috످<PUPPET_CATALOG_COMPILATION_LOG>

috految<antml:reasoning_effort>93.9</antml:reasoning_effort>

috److془The user sent just a tag. I should note it's empty and ask to paste.془Your message contains only the tag `<PUPPET_CATALOG_COMPILATION_LOG>`, with no log content. Could you paste the log and tell me what you need help with? If you're troubleshooting an error, include your Puppet version, relevant manifests or Hiera data, and any recent changes.

If you don't have the log handy, you can get it with one of these commands:

On the agent (dry run):
```bash
sudo /opt/puppetlabs/bin/puppet agent --test --noop --debug --no-show_diff
```

On the Puppet server (recent log entries):
```bash
sudo tail -n 200 /var/log/puppetlabs/puppetserver/puppetserver.log
```

Before sharing, redact any passwords, tokens, private keys, or decrypted Hiera values.

috످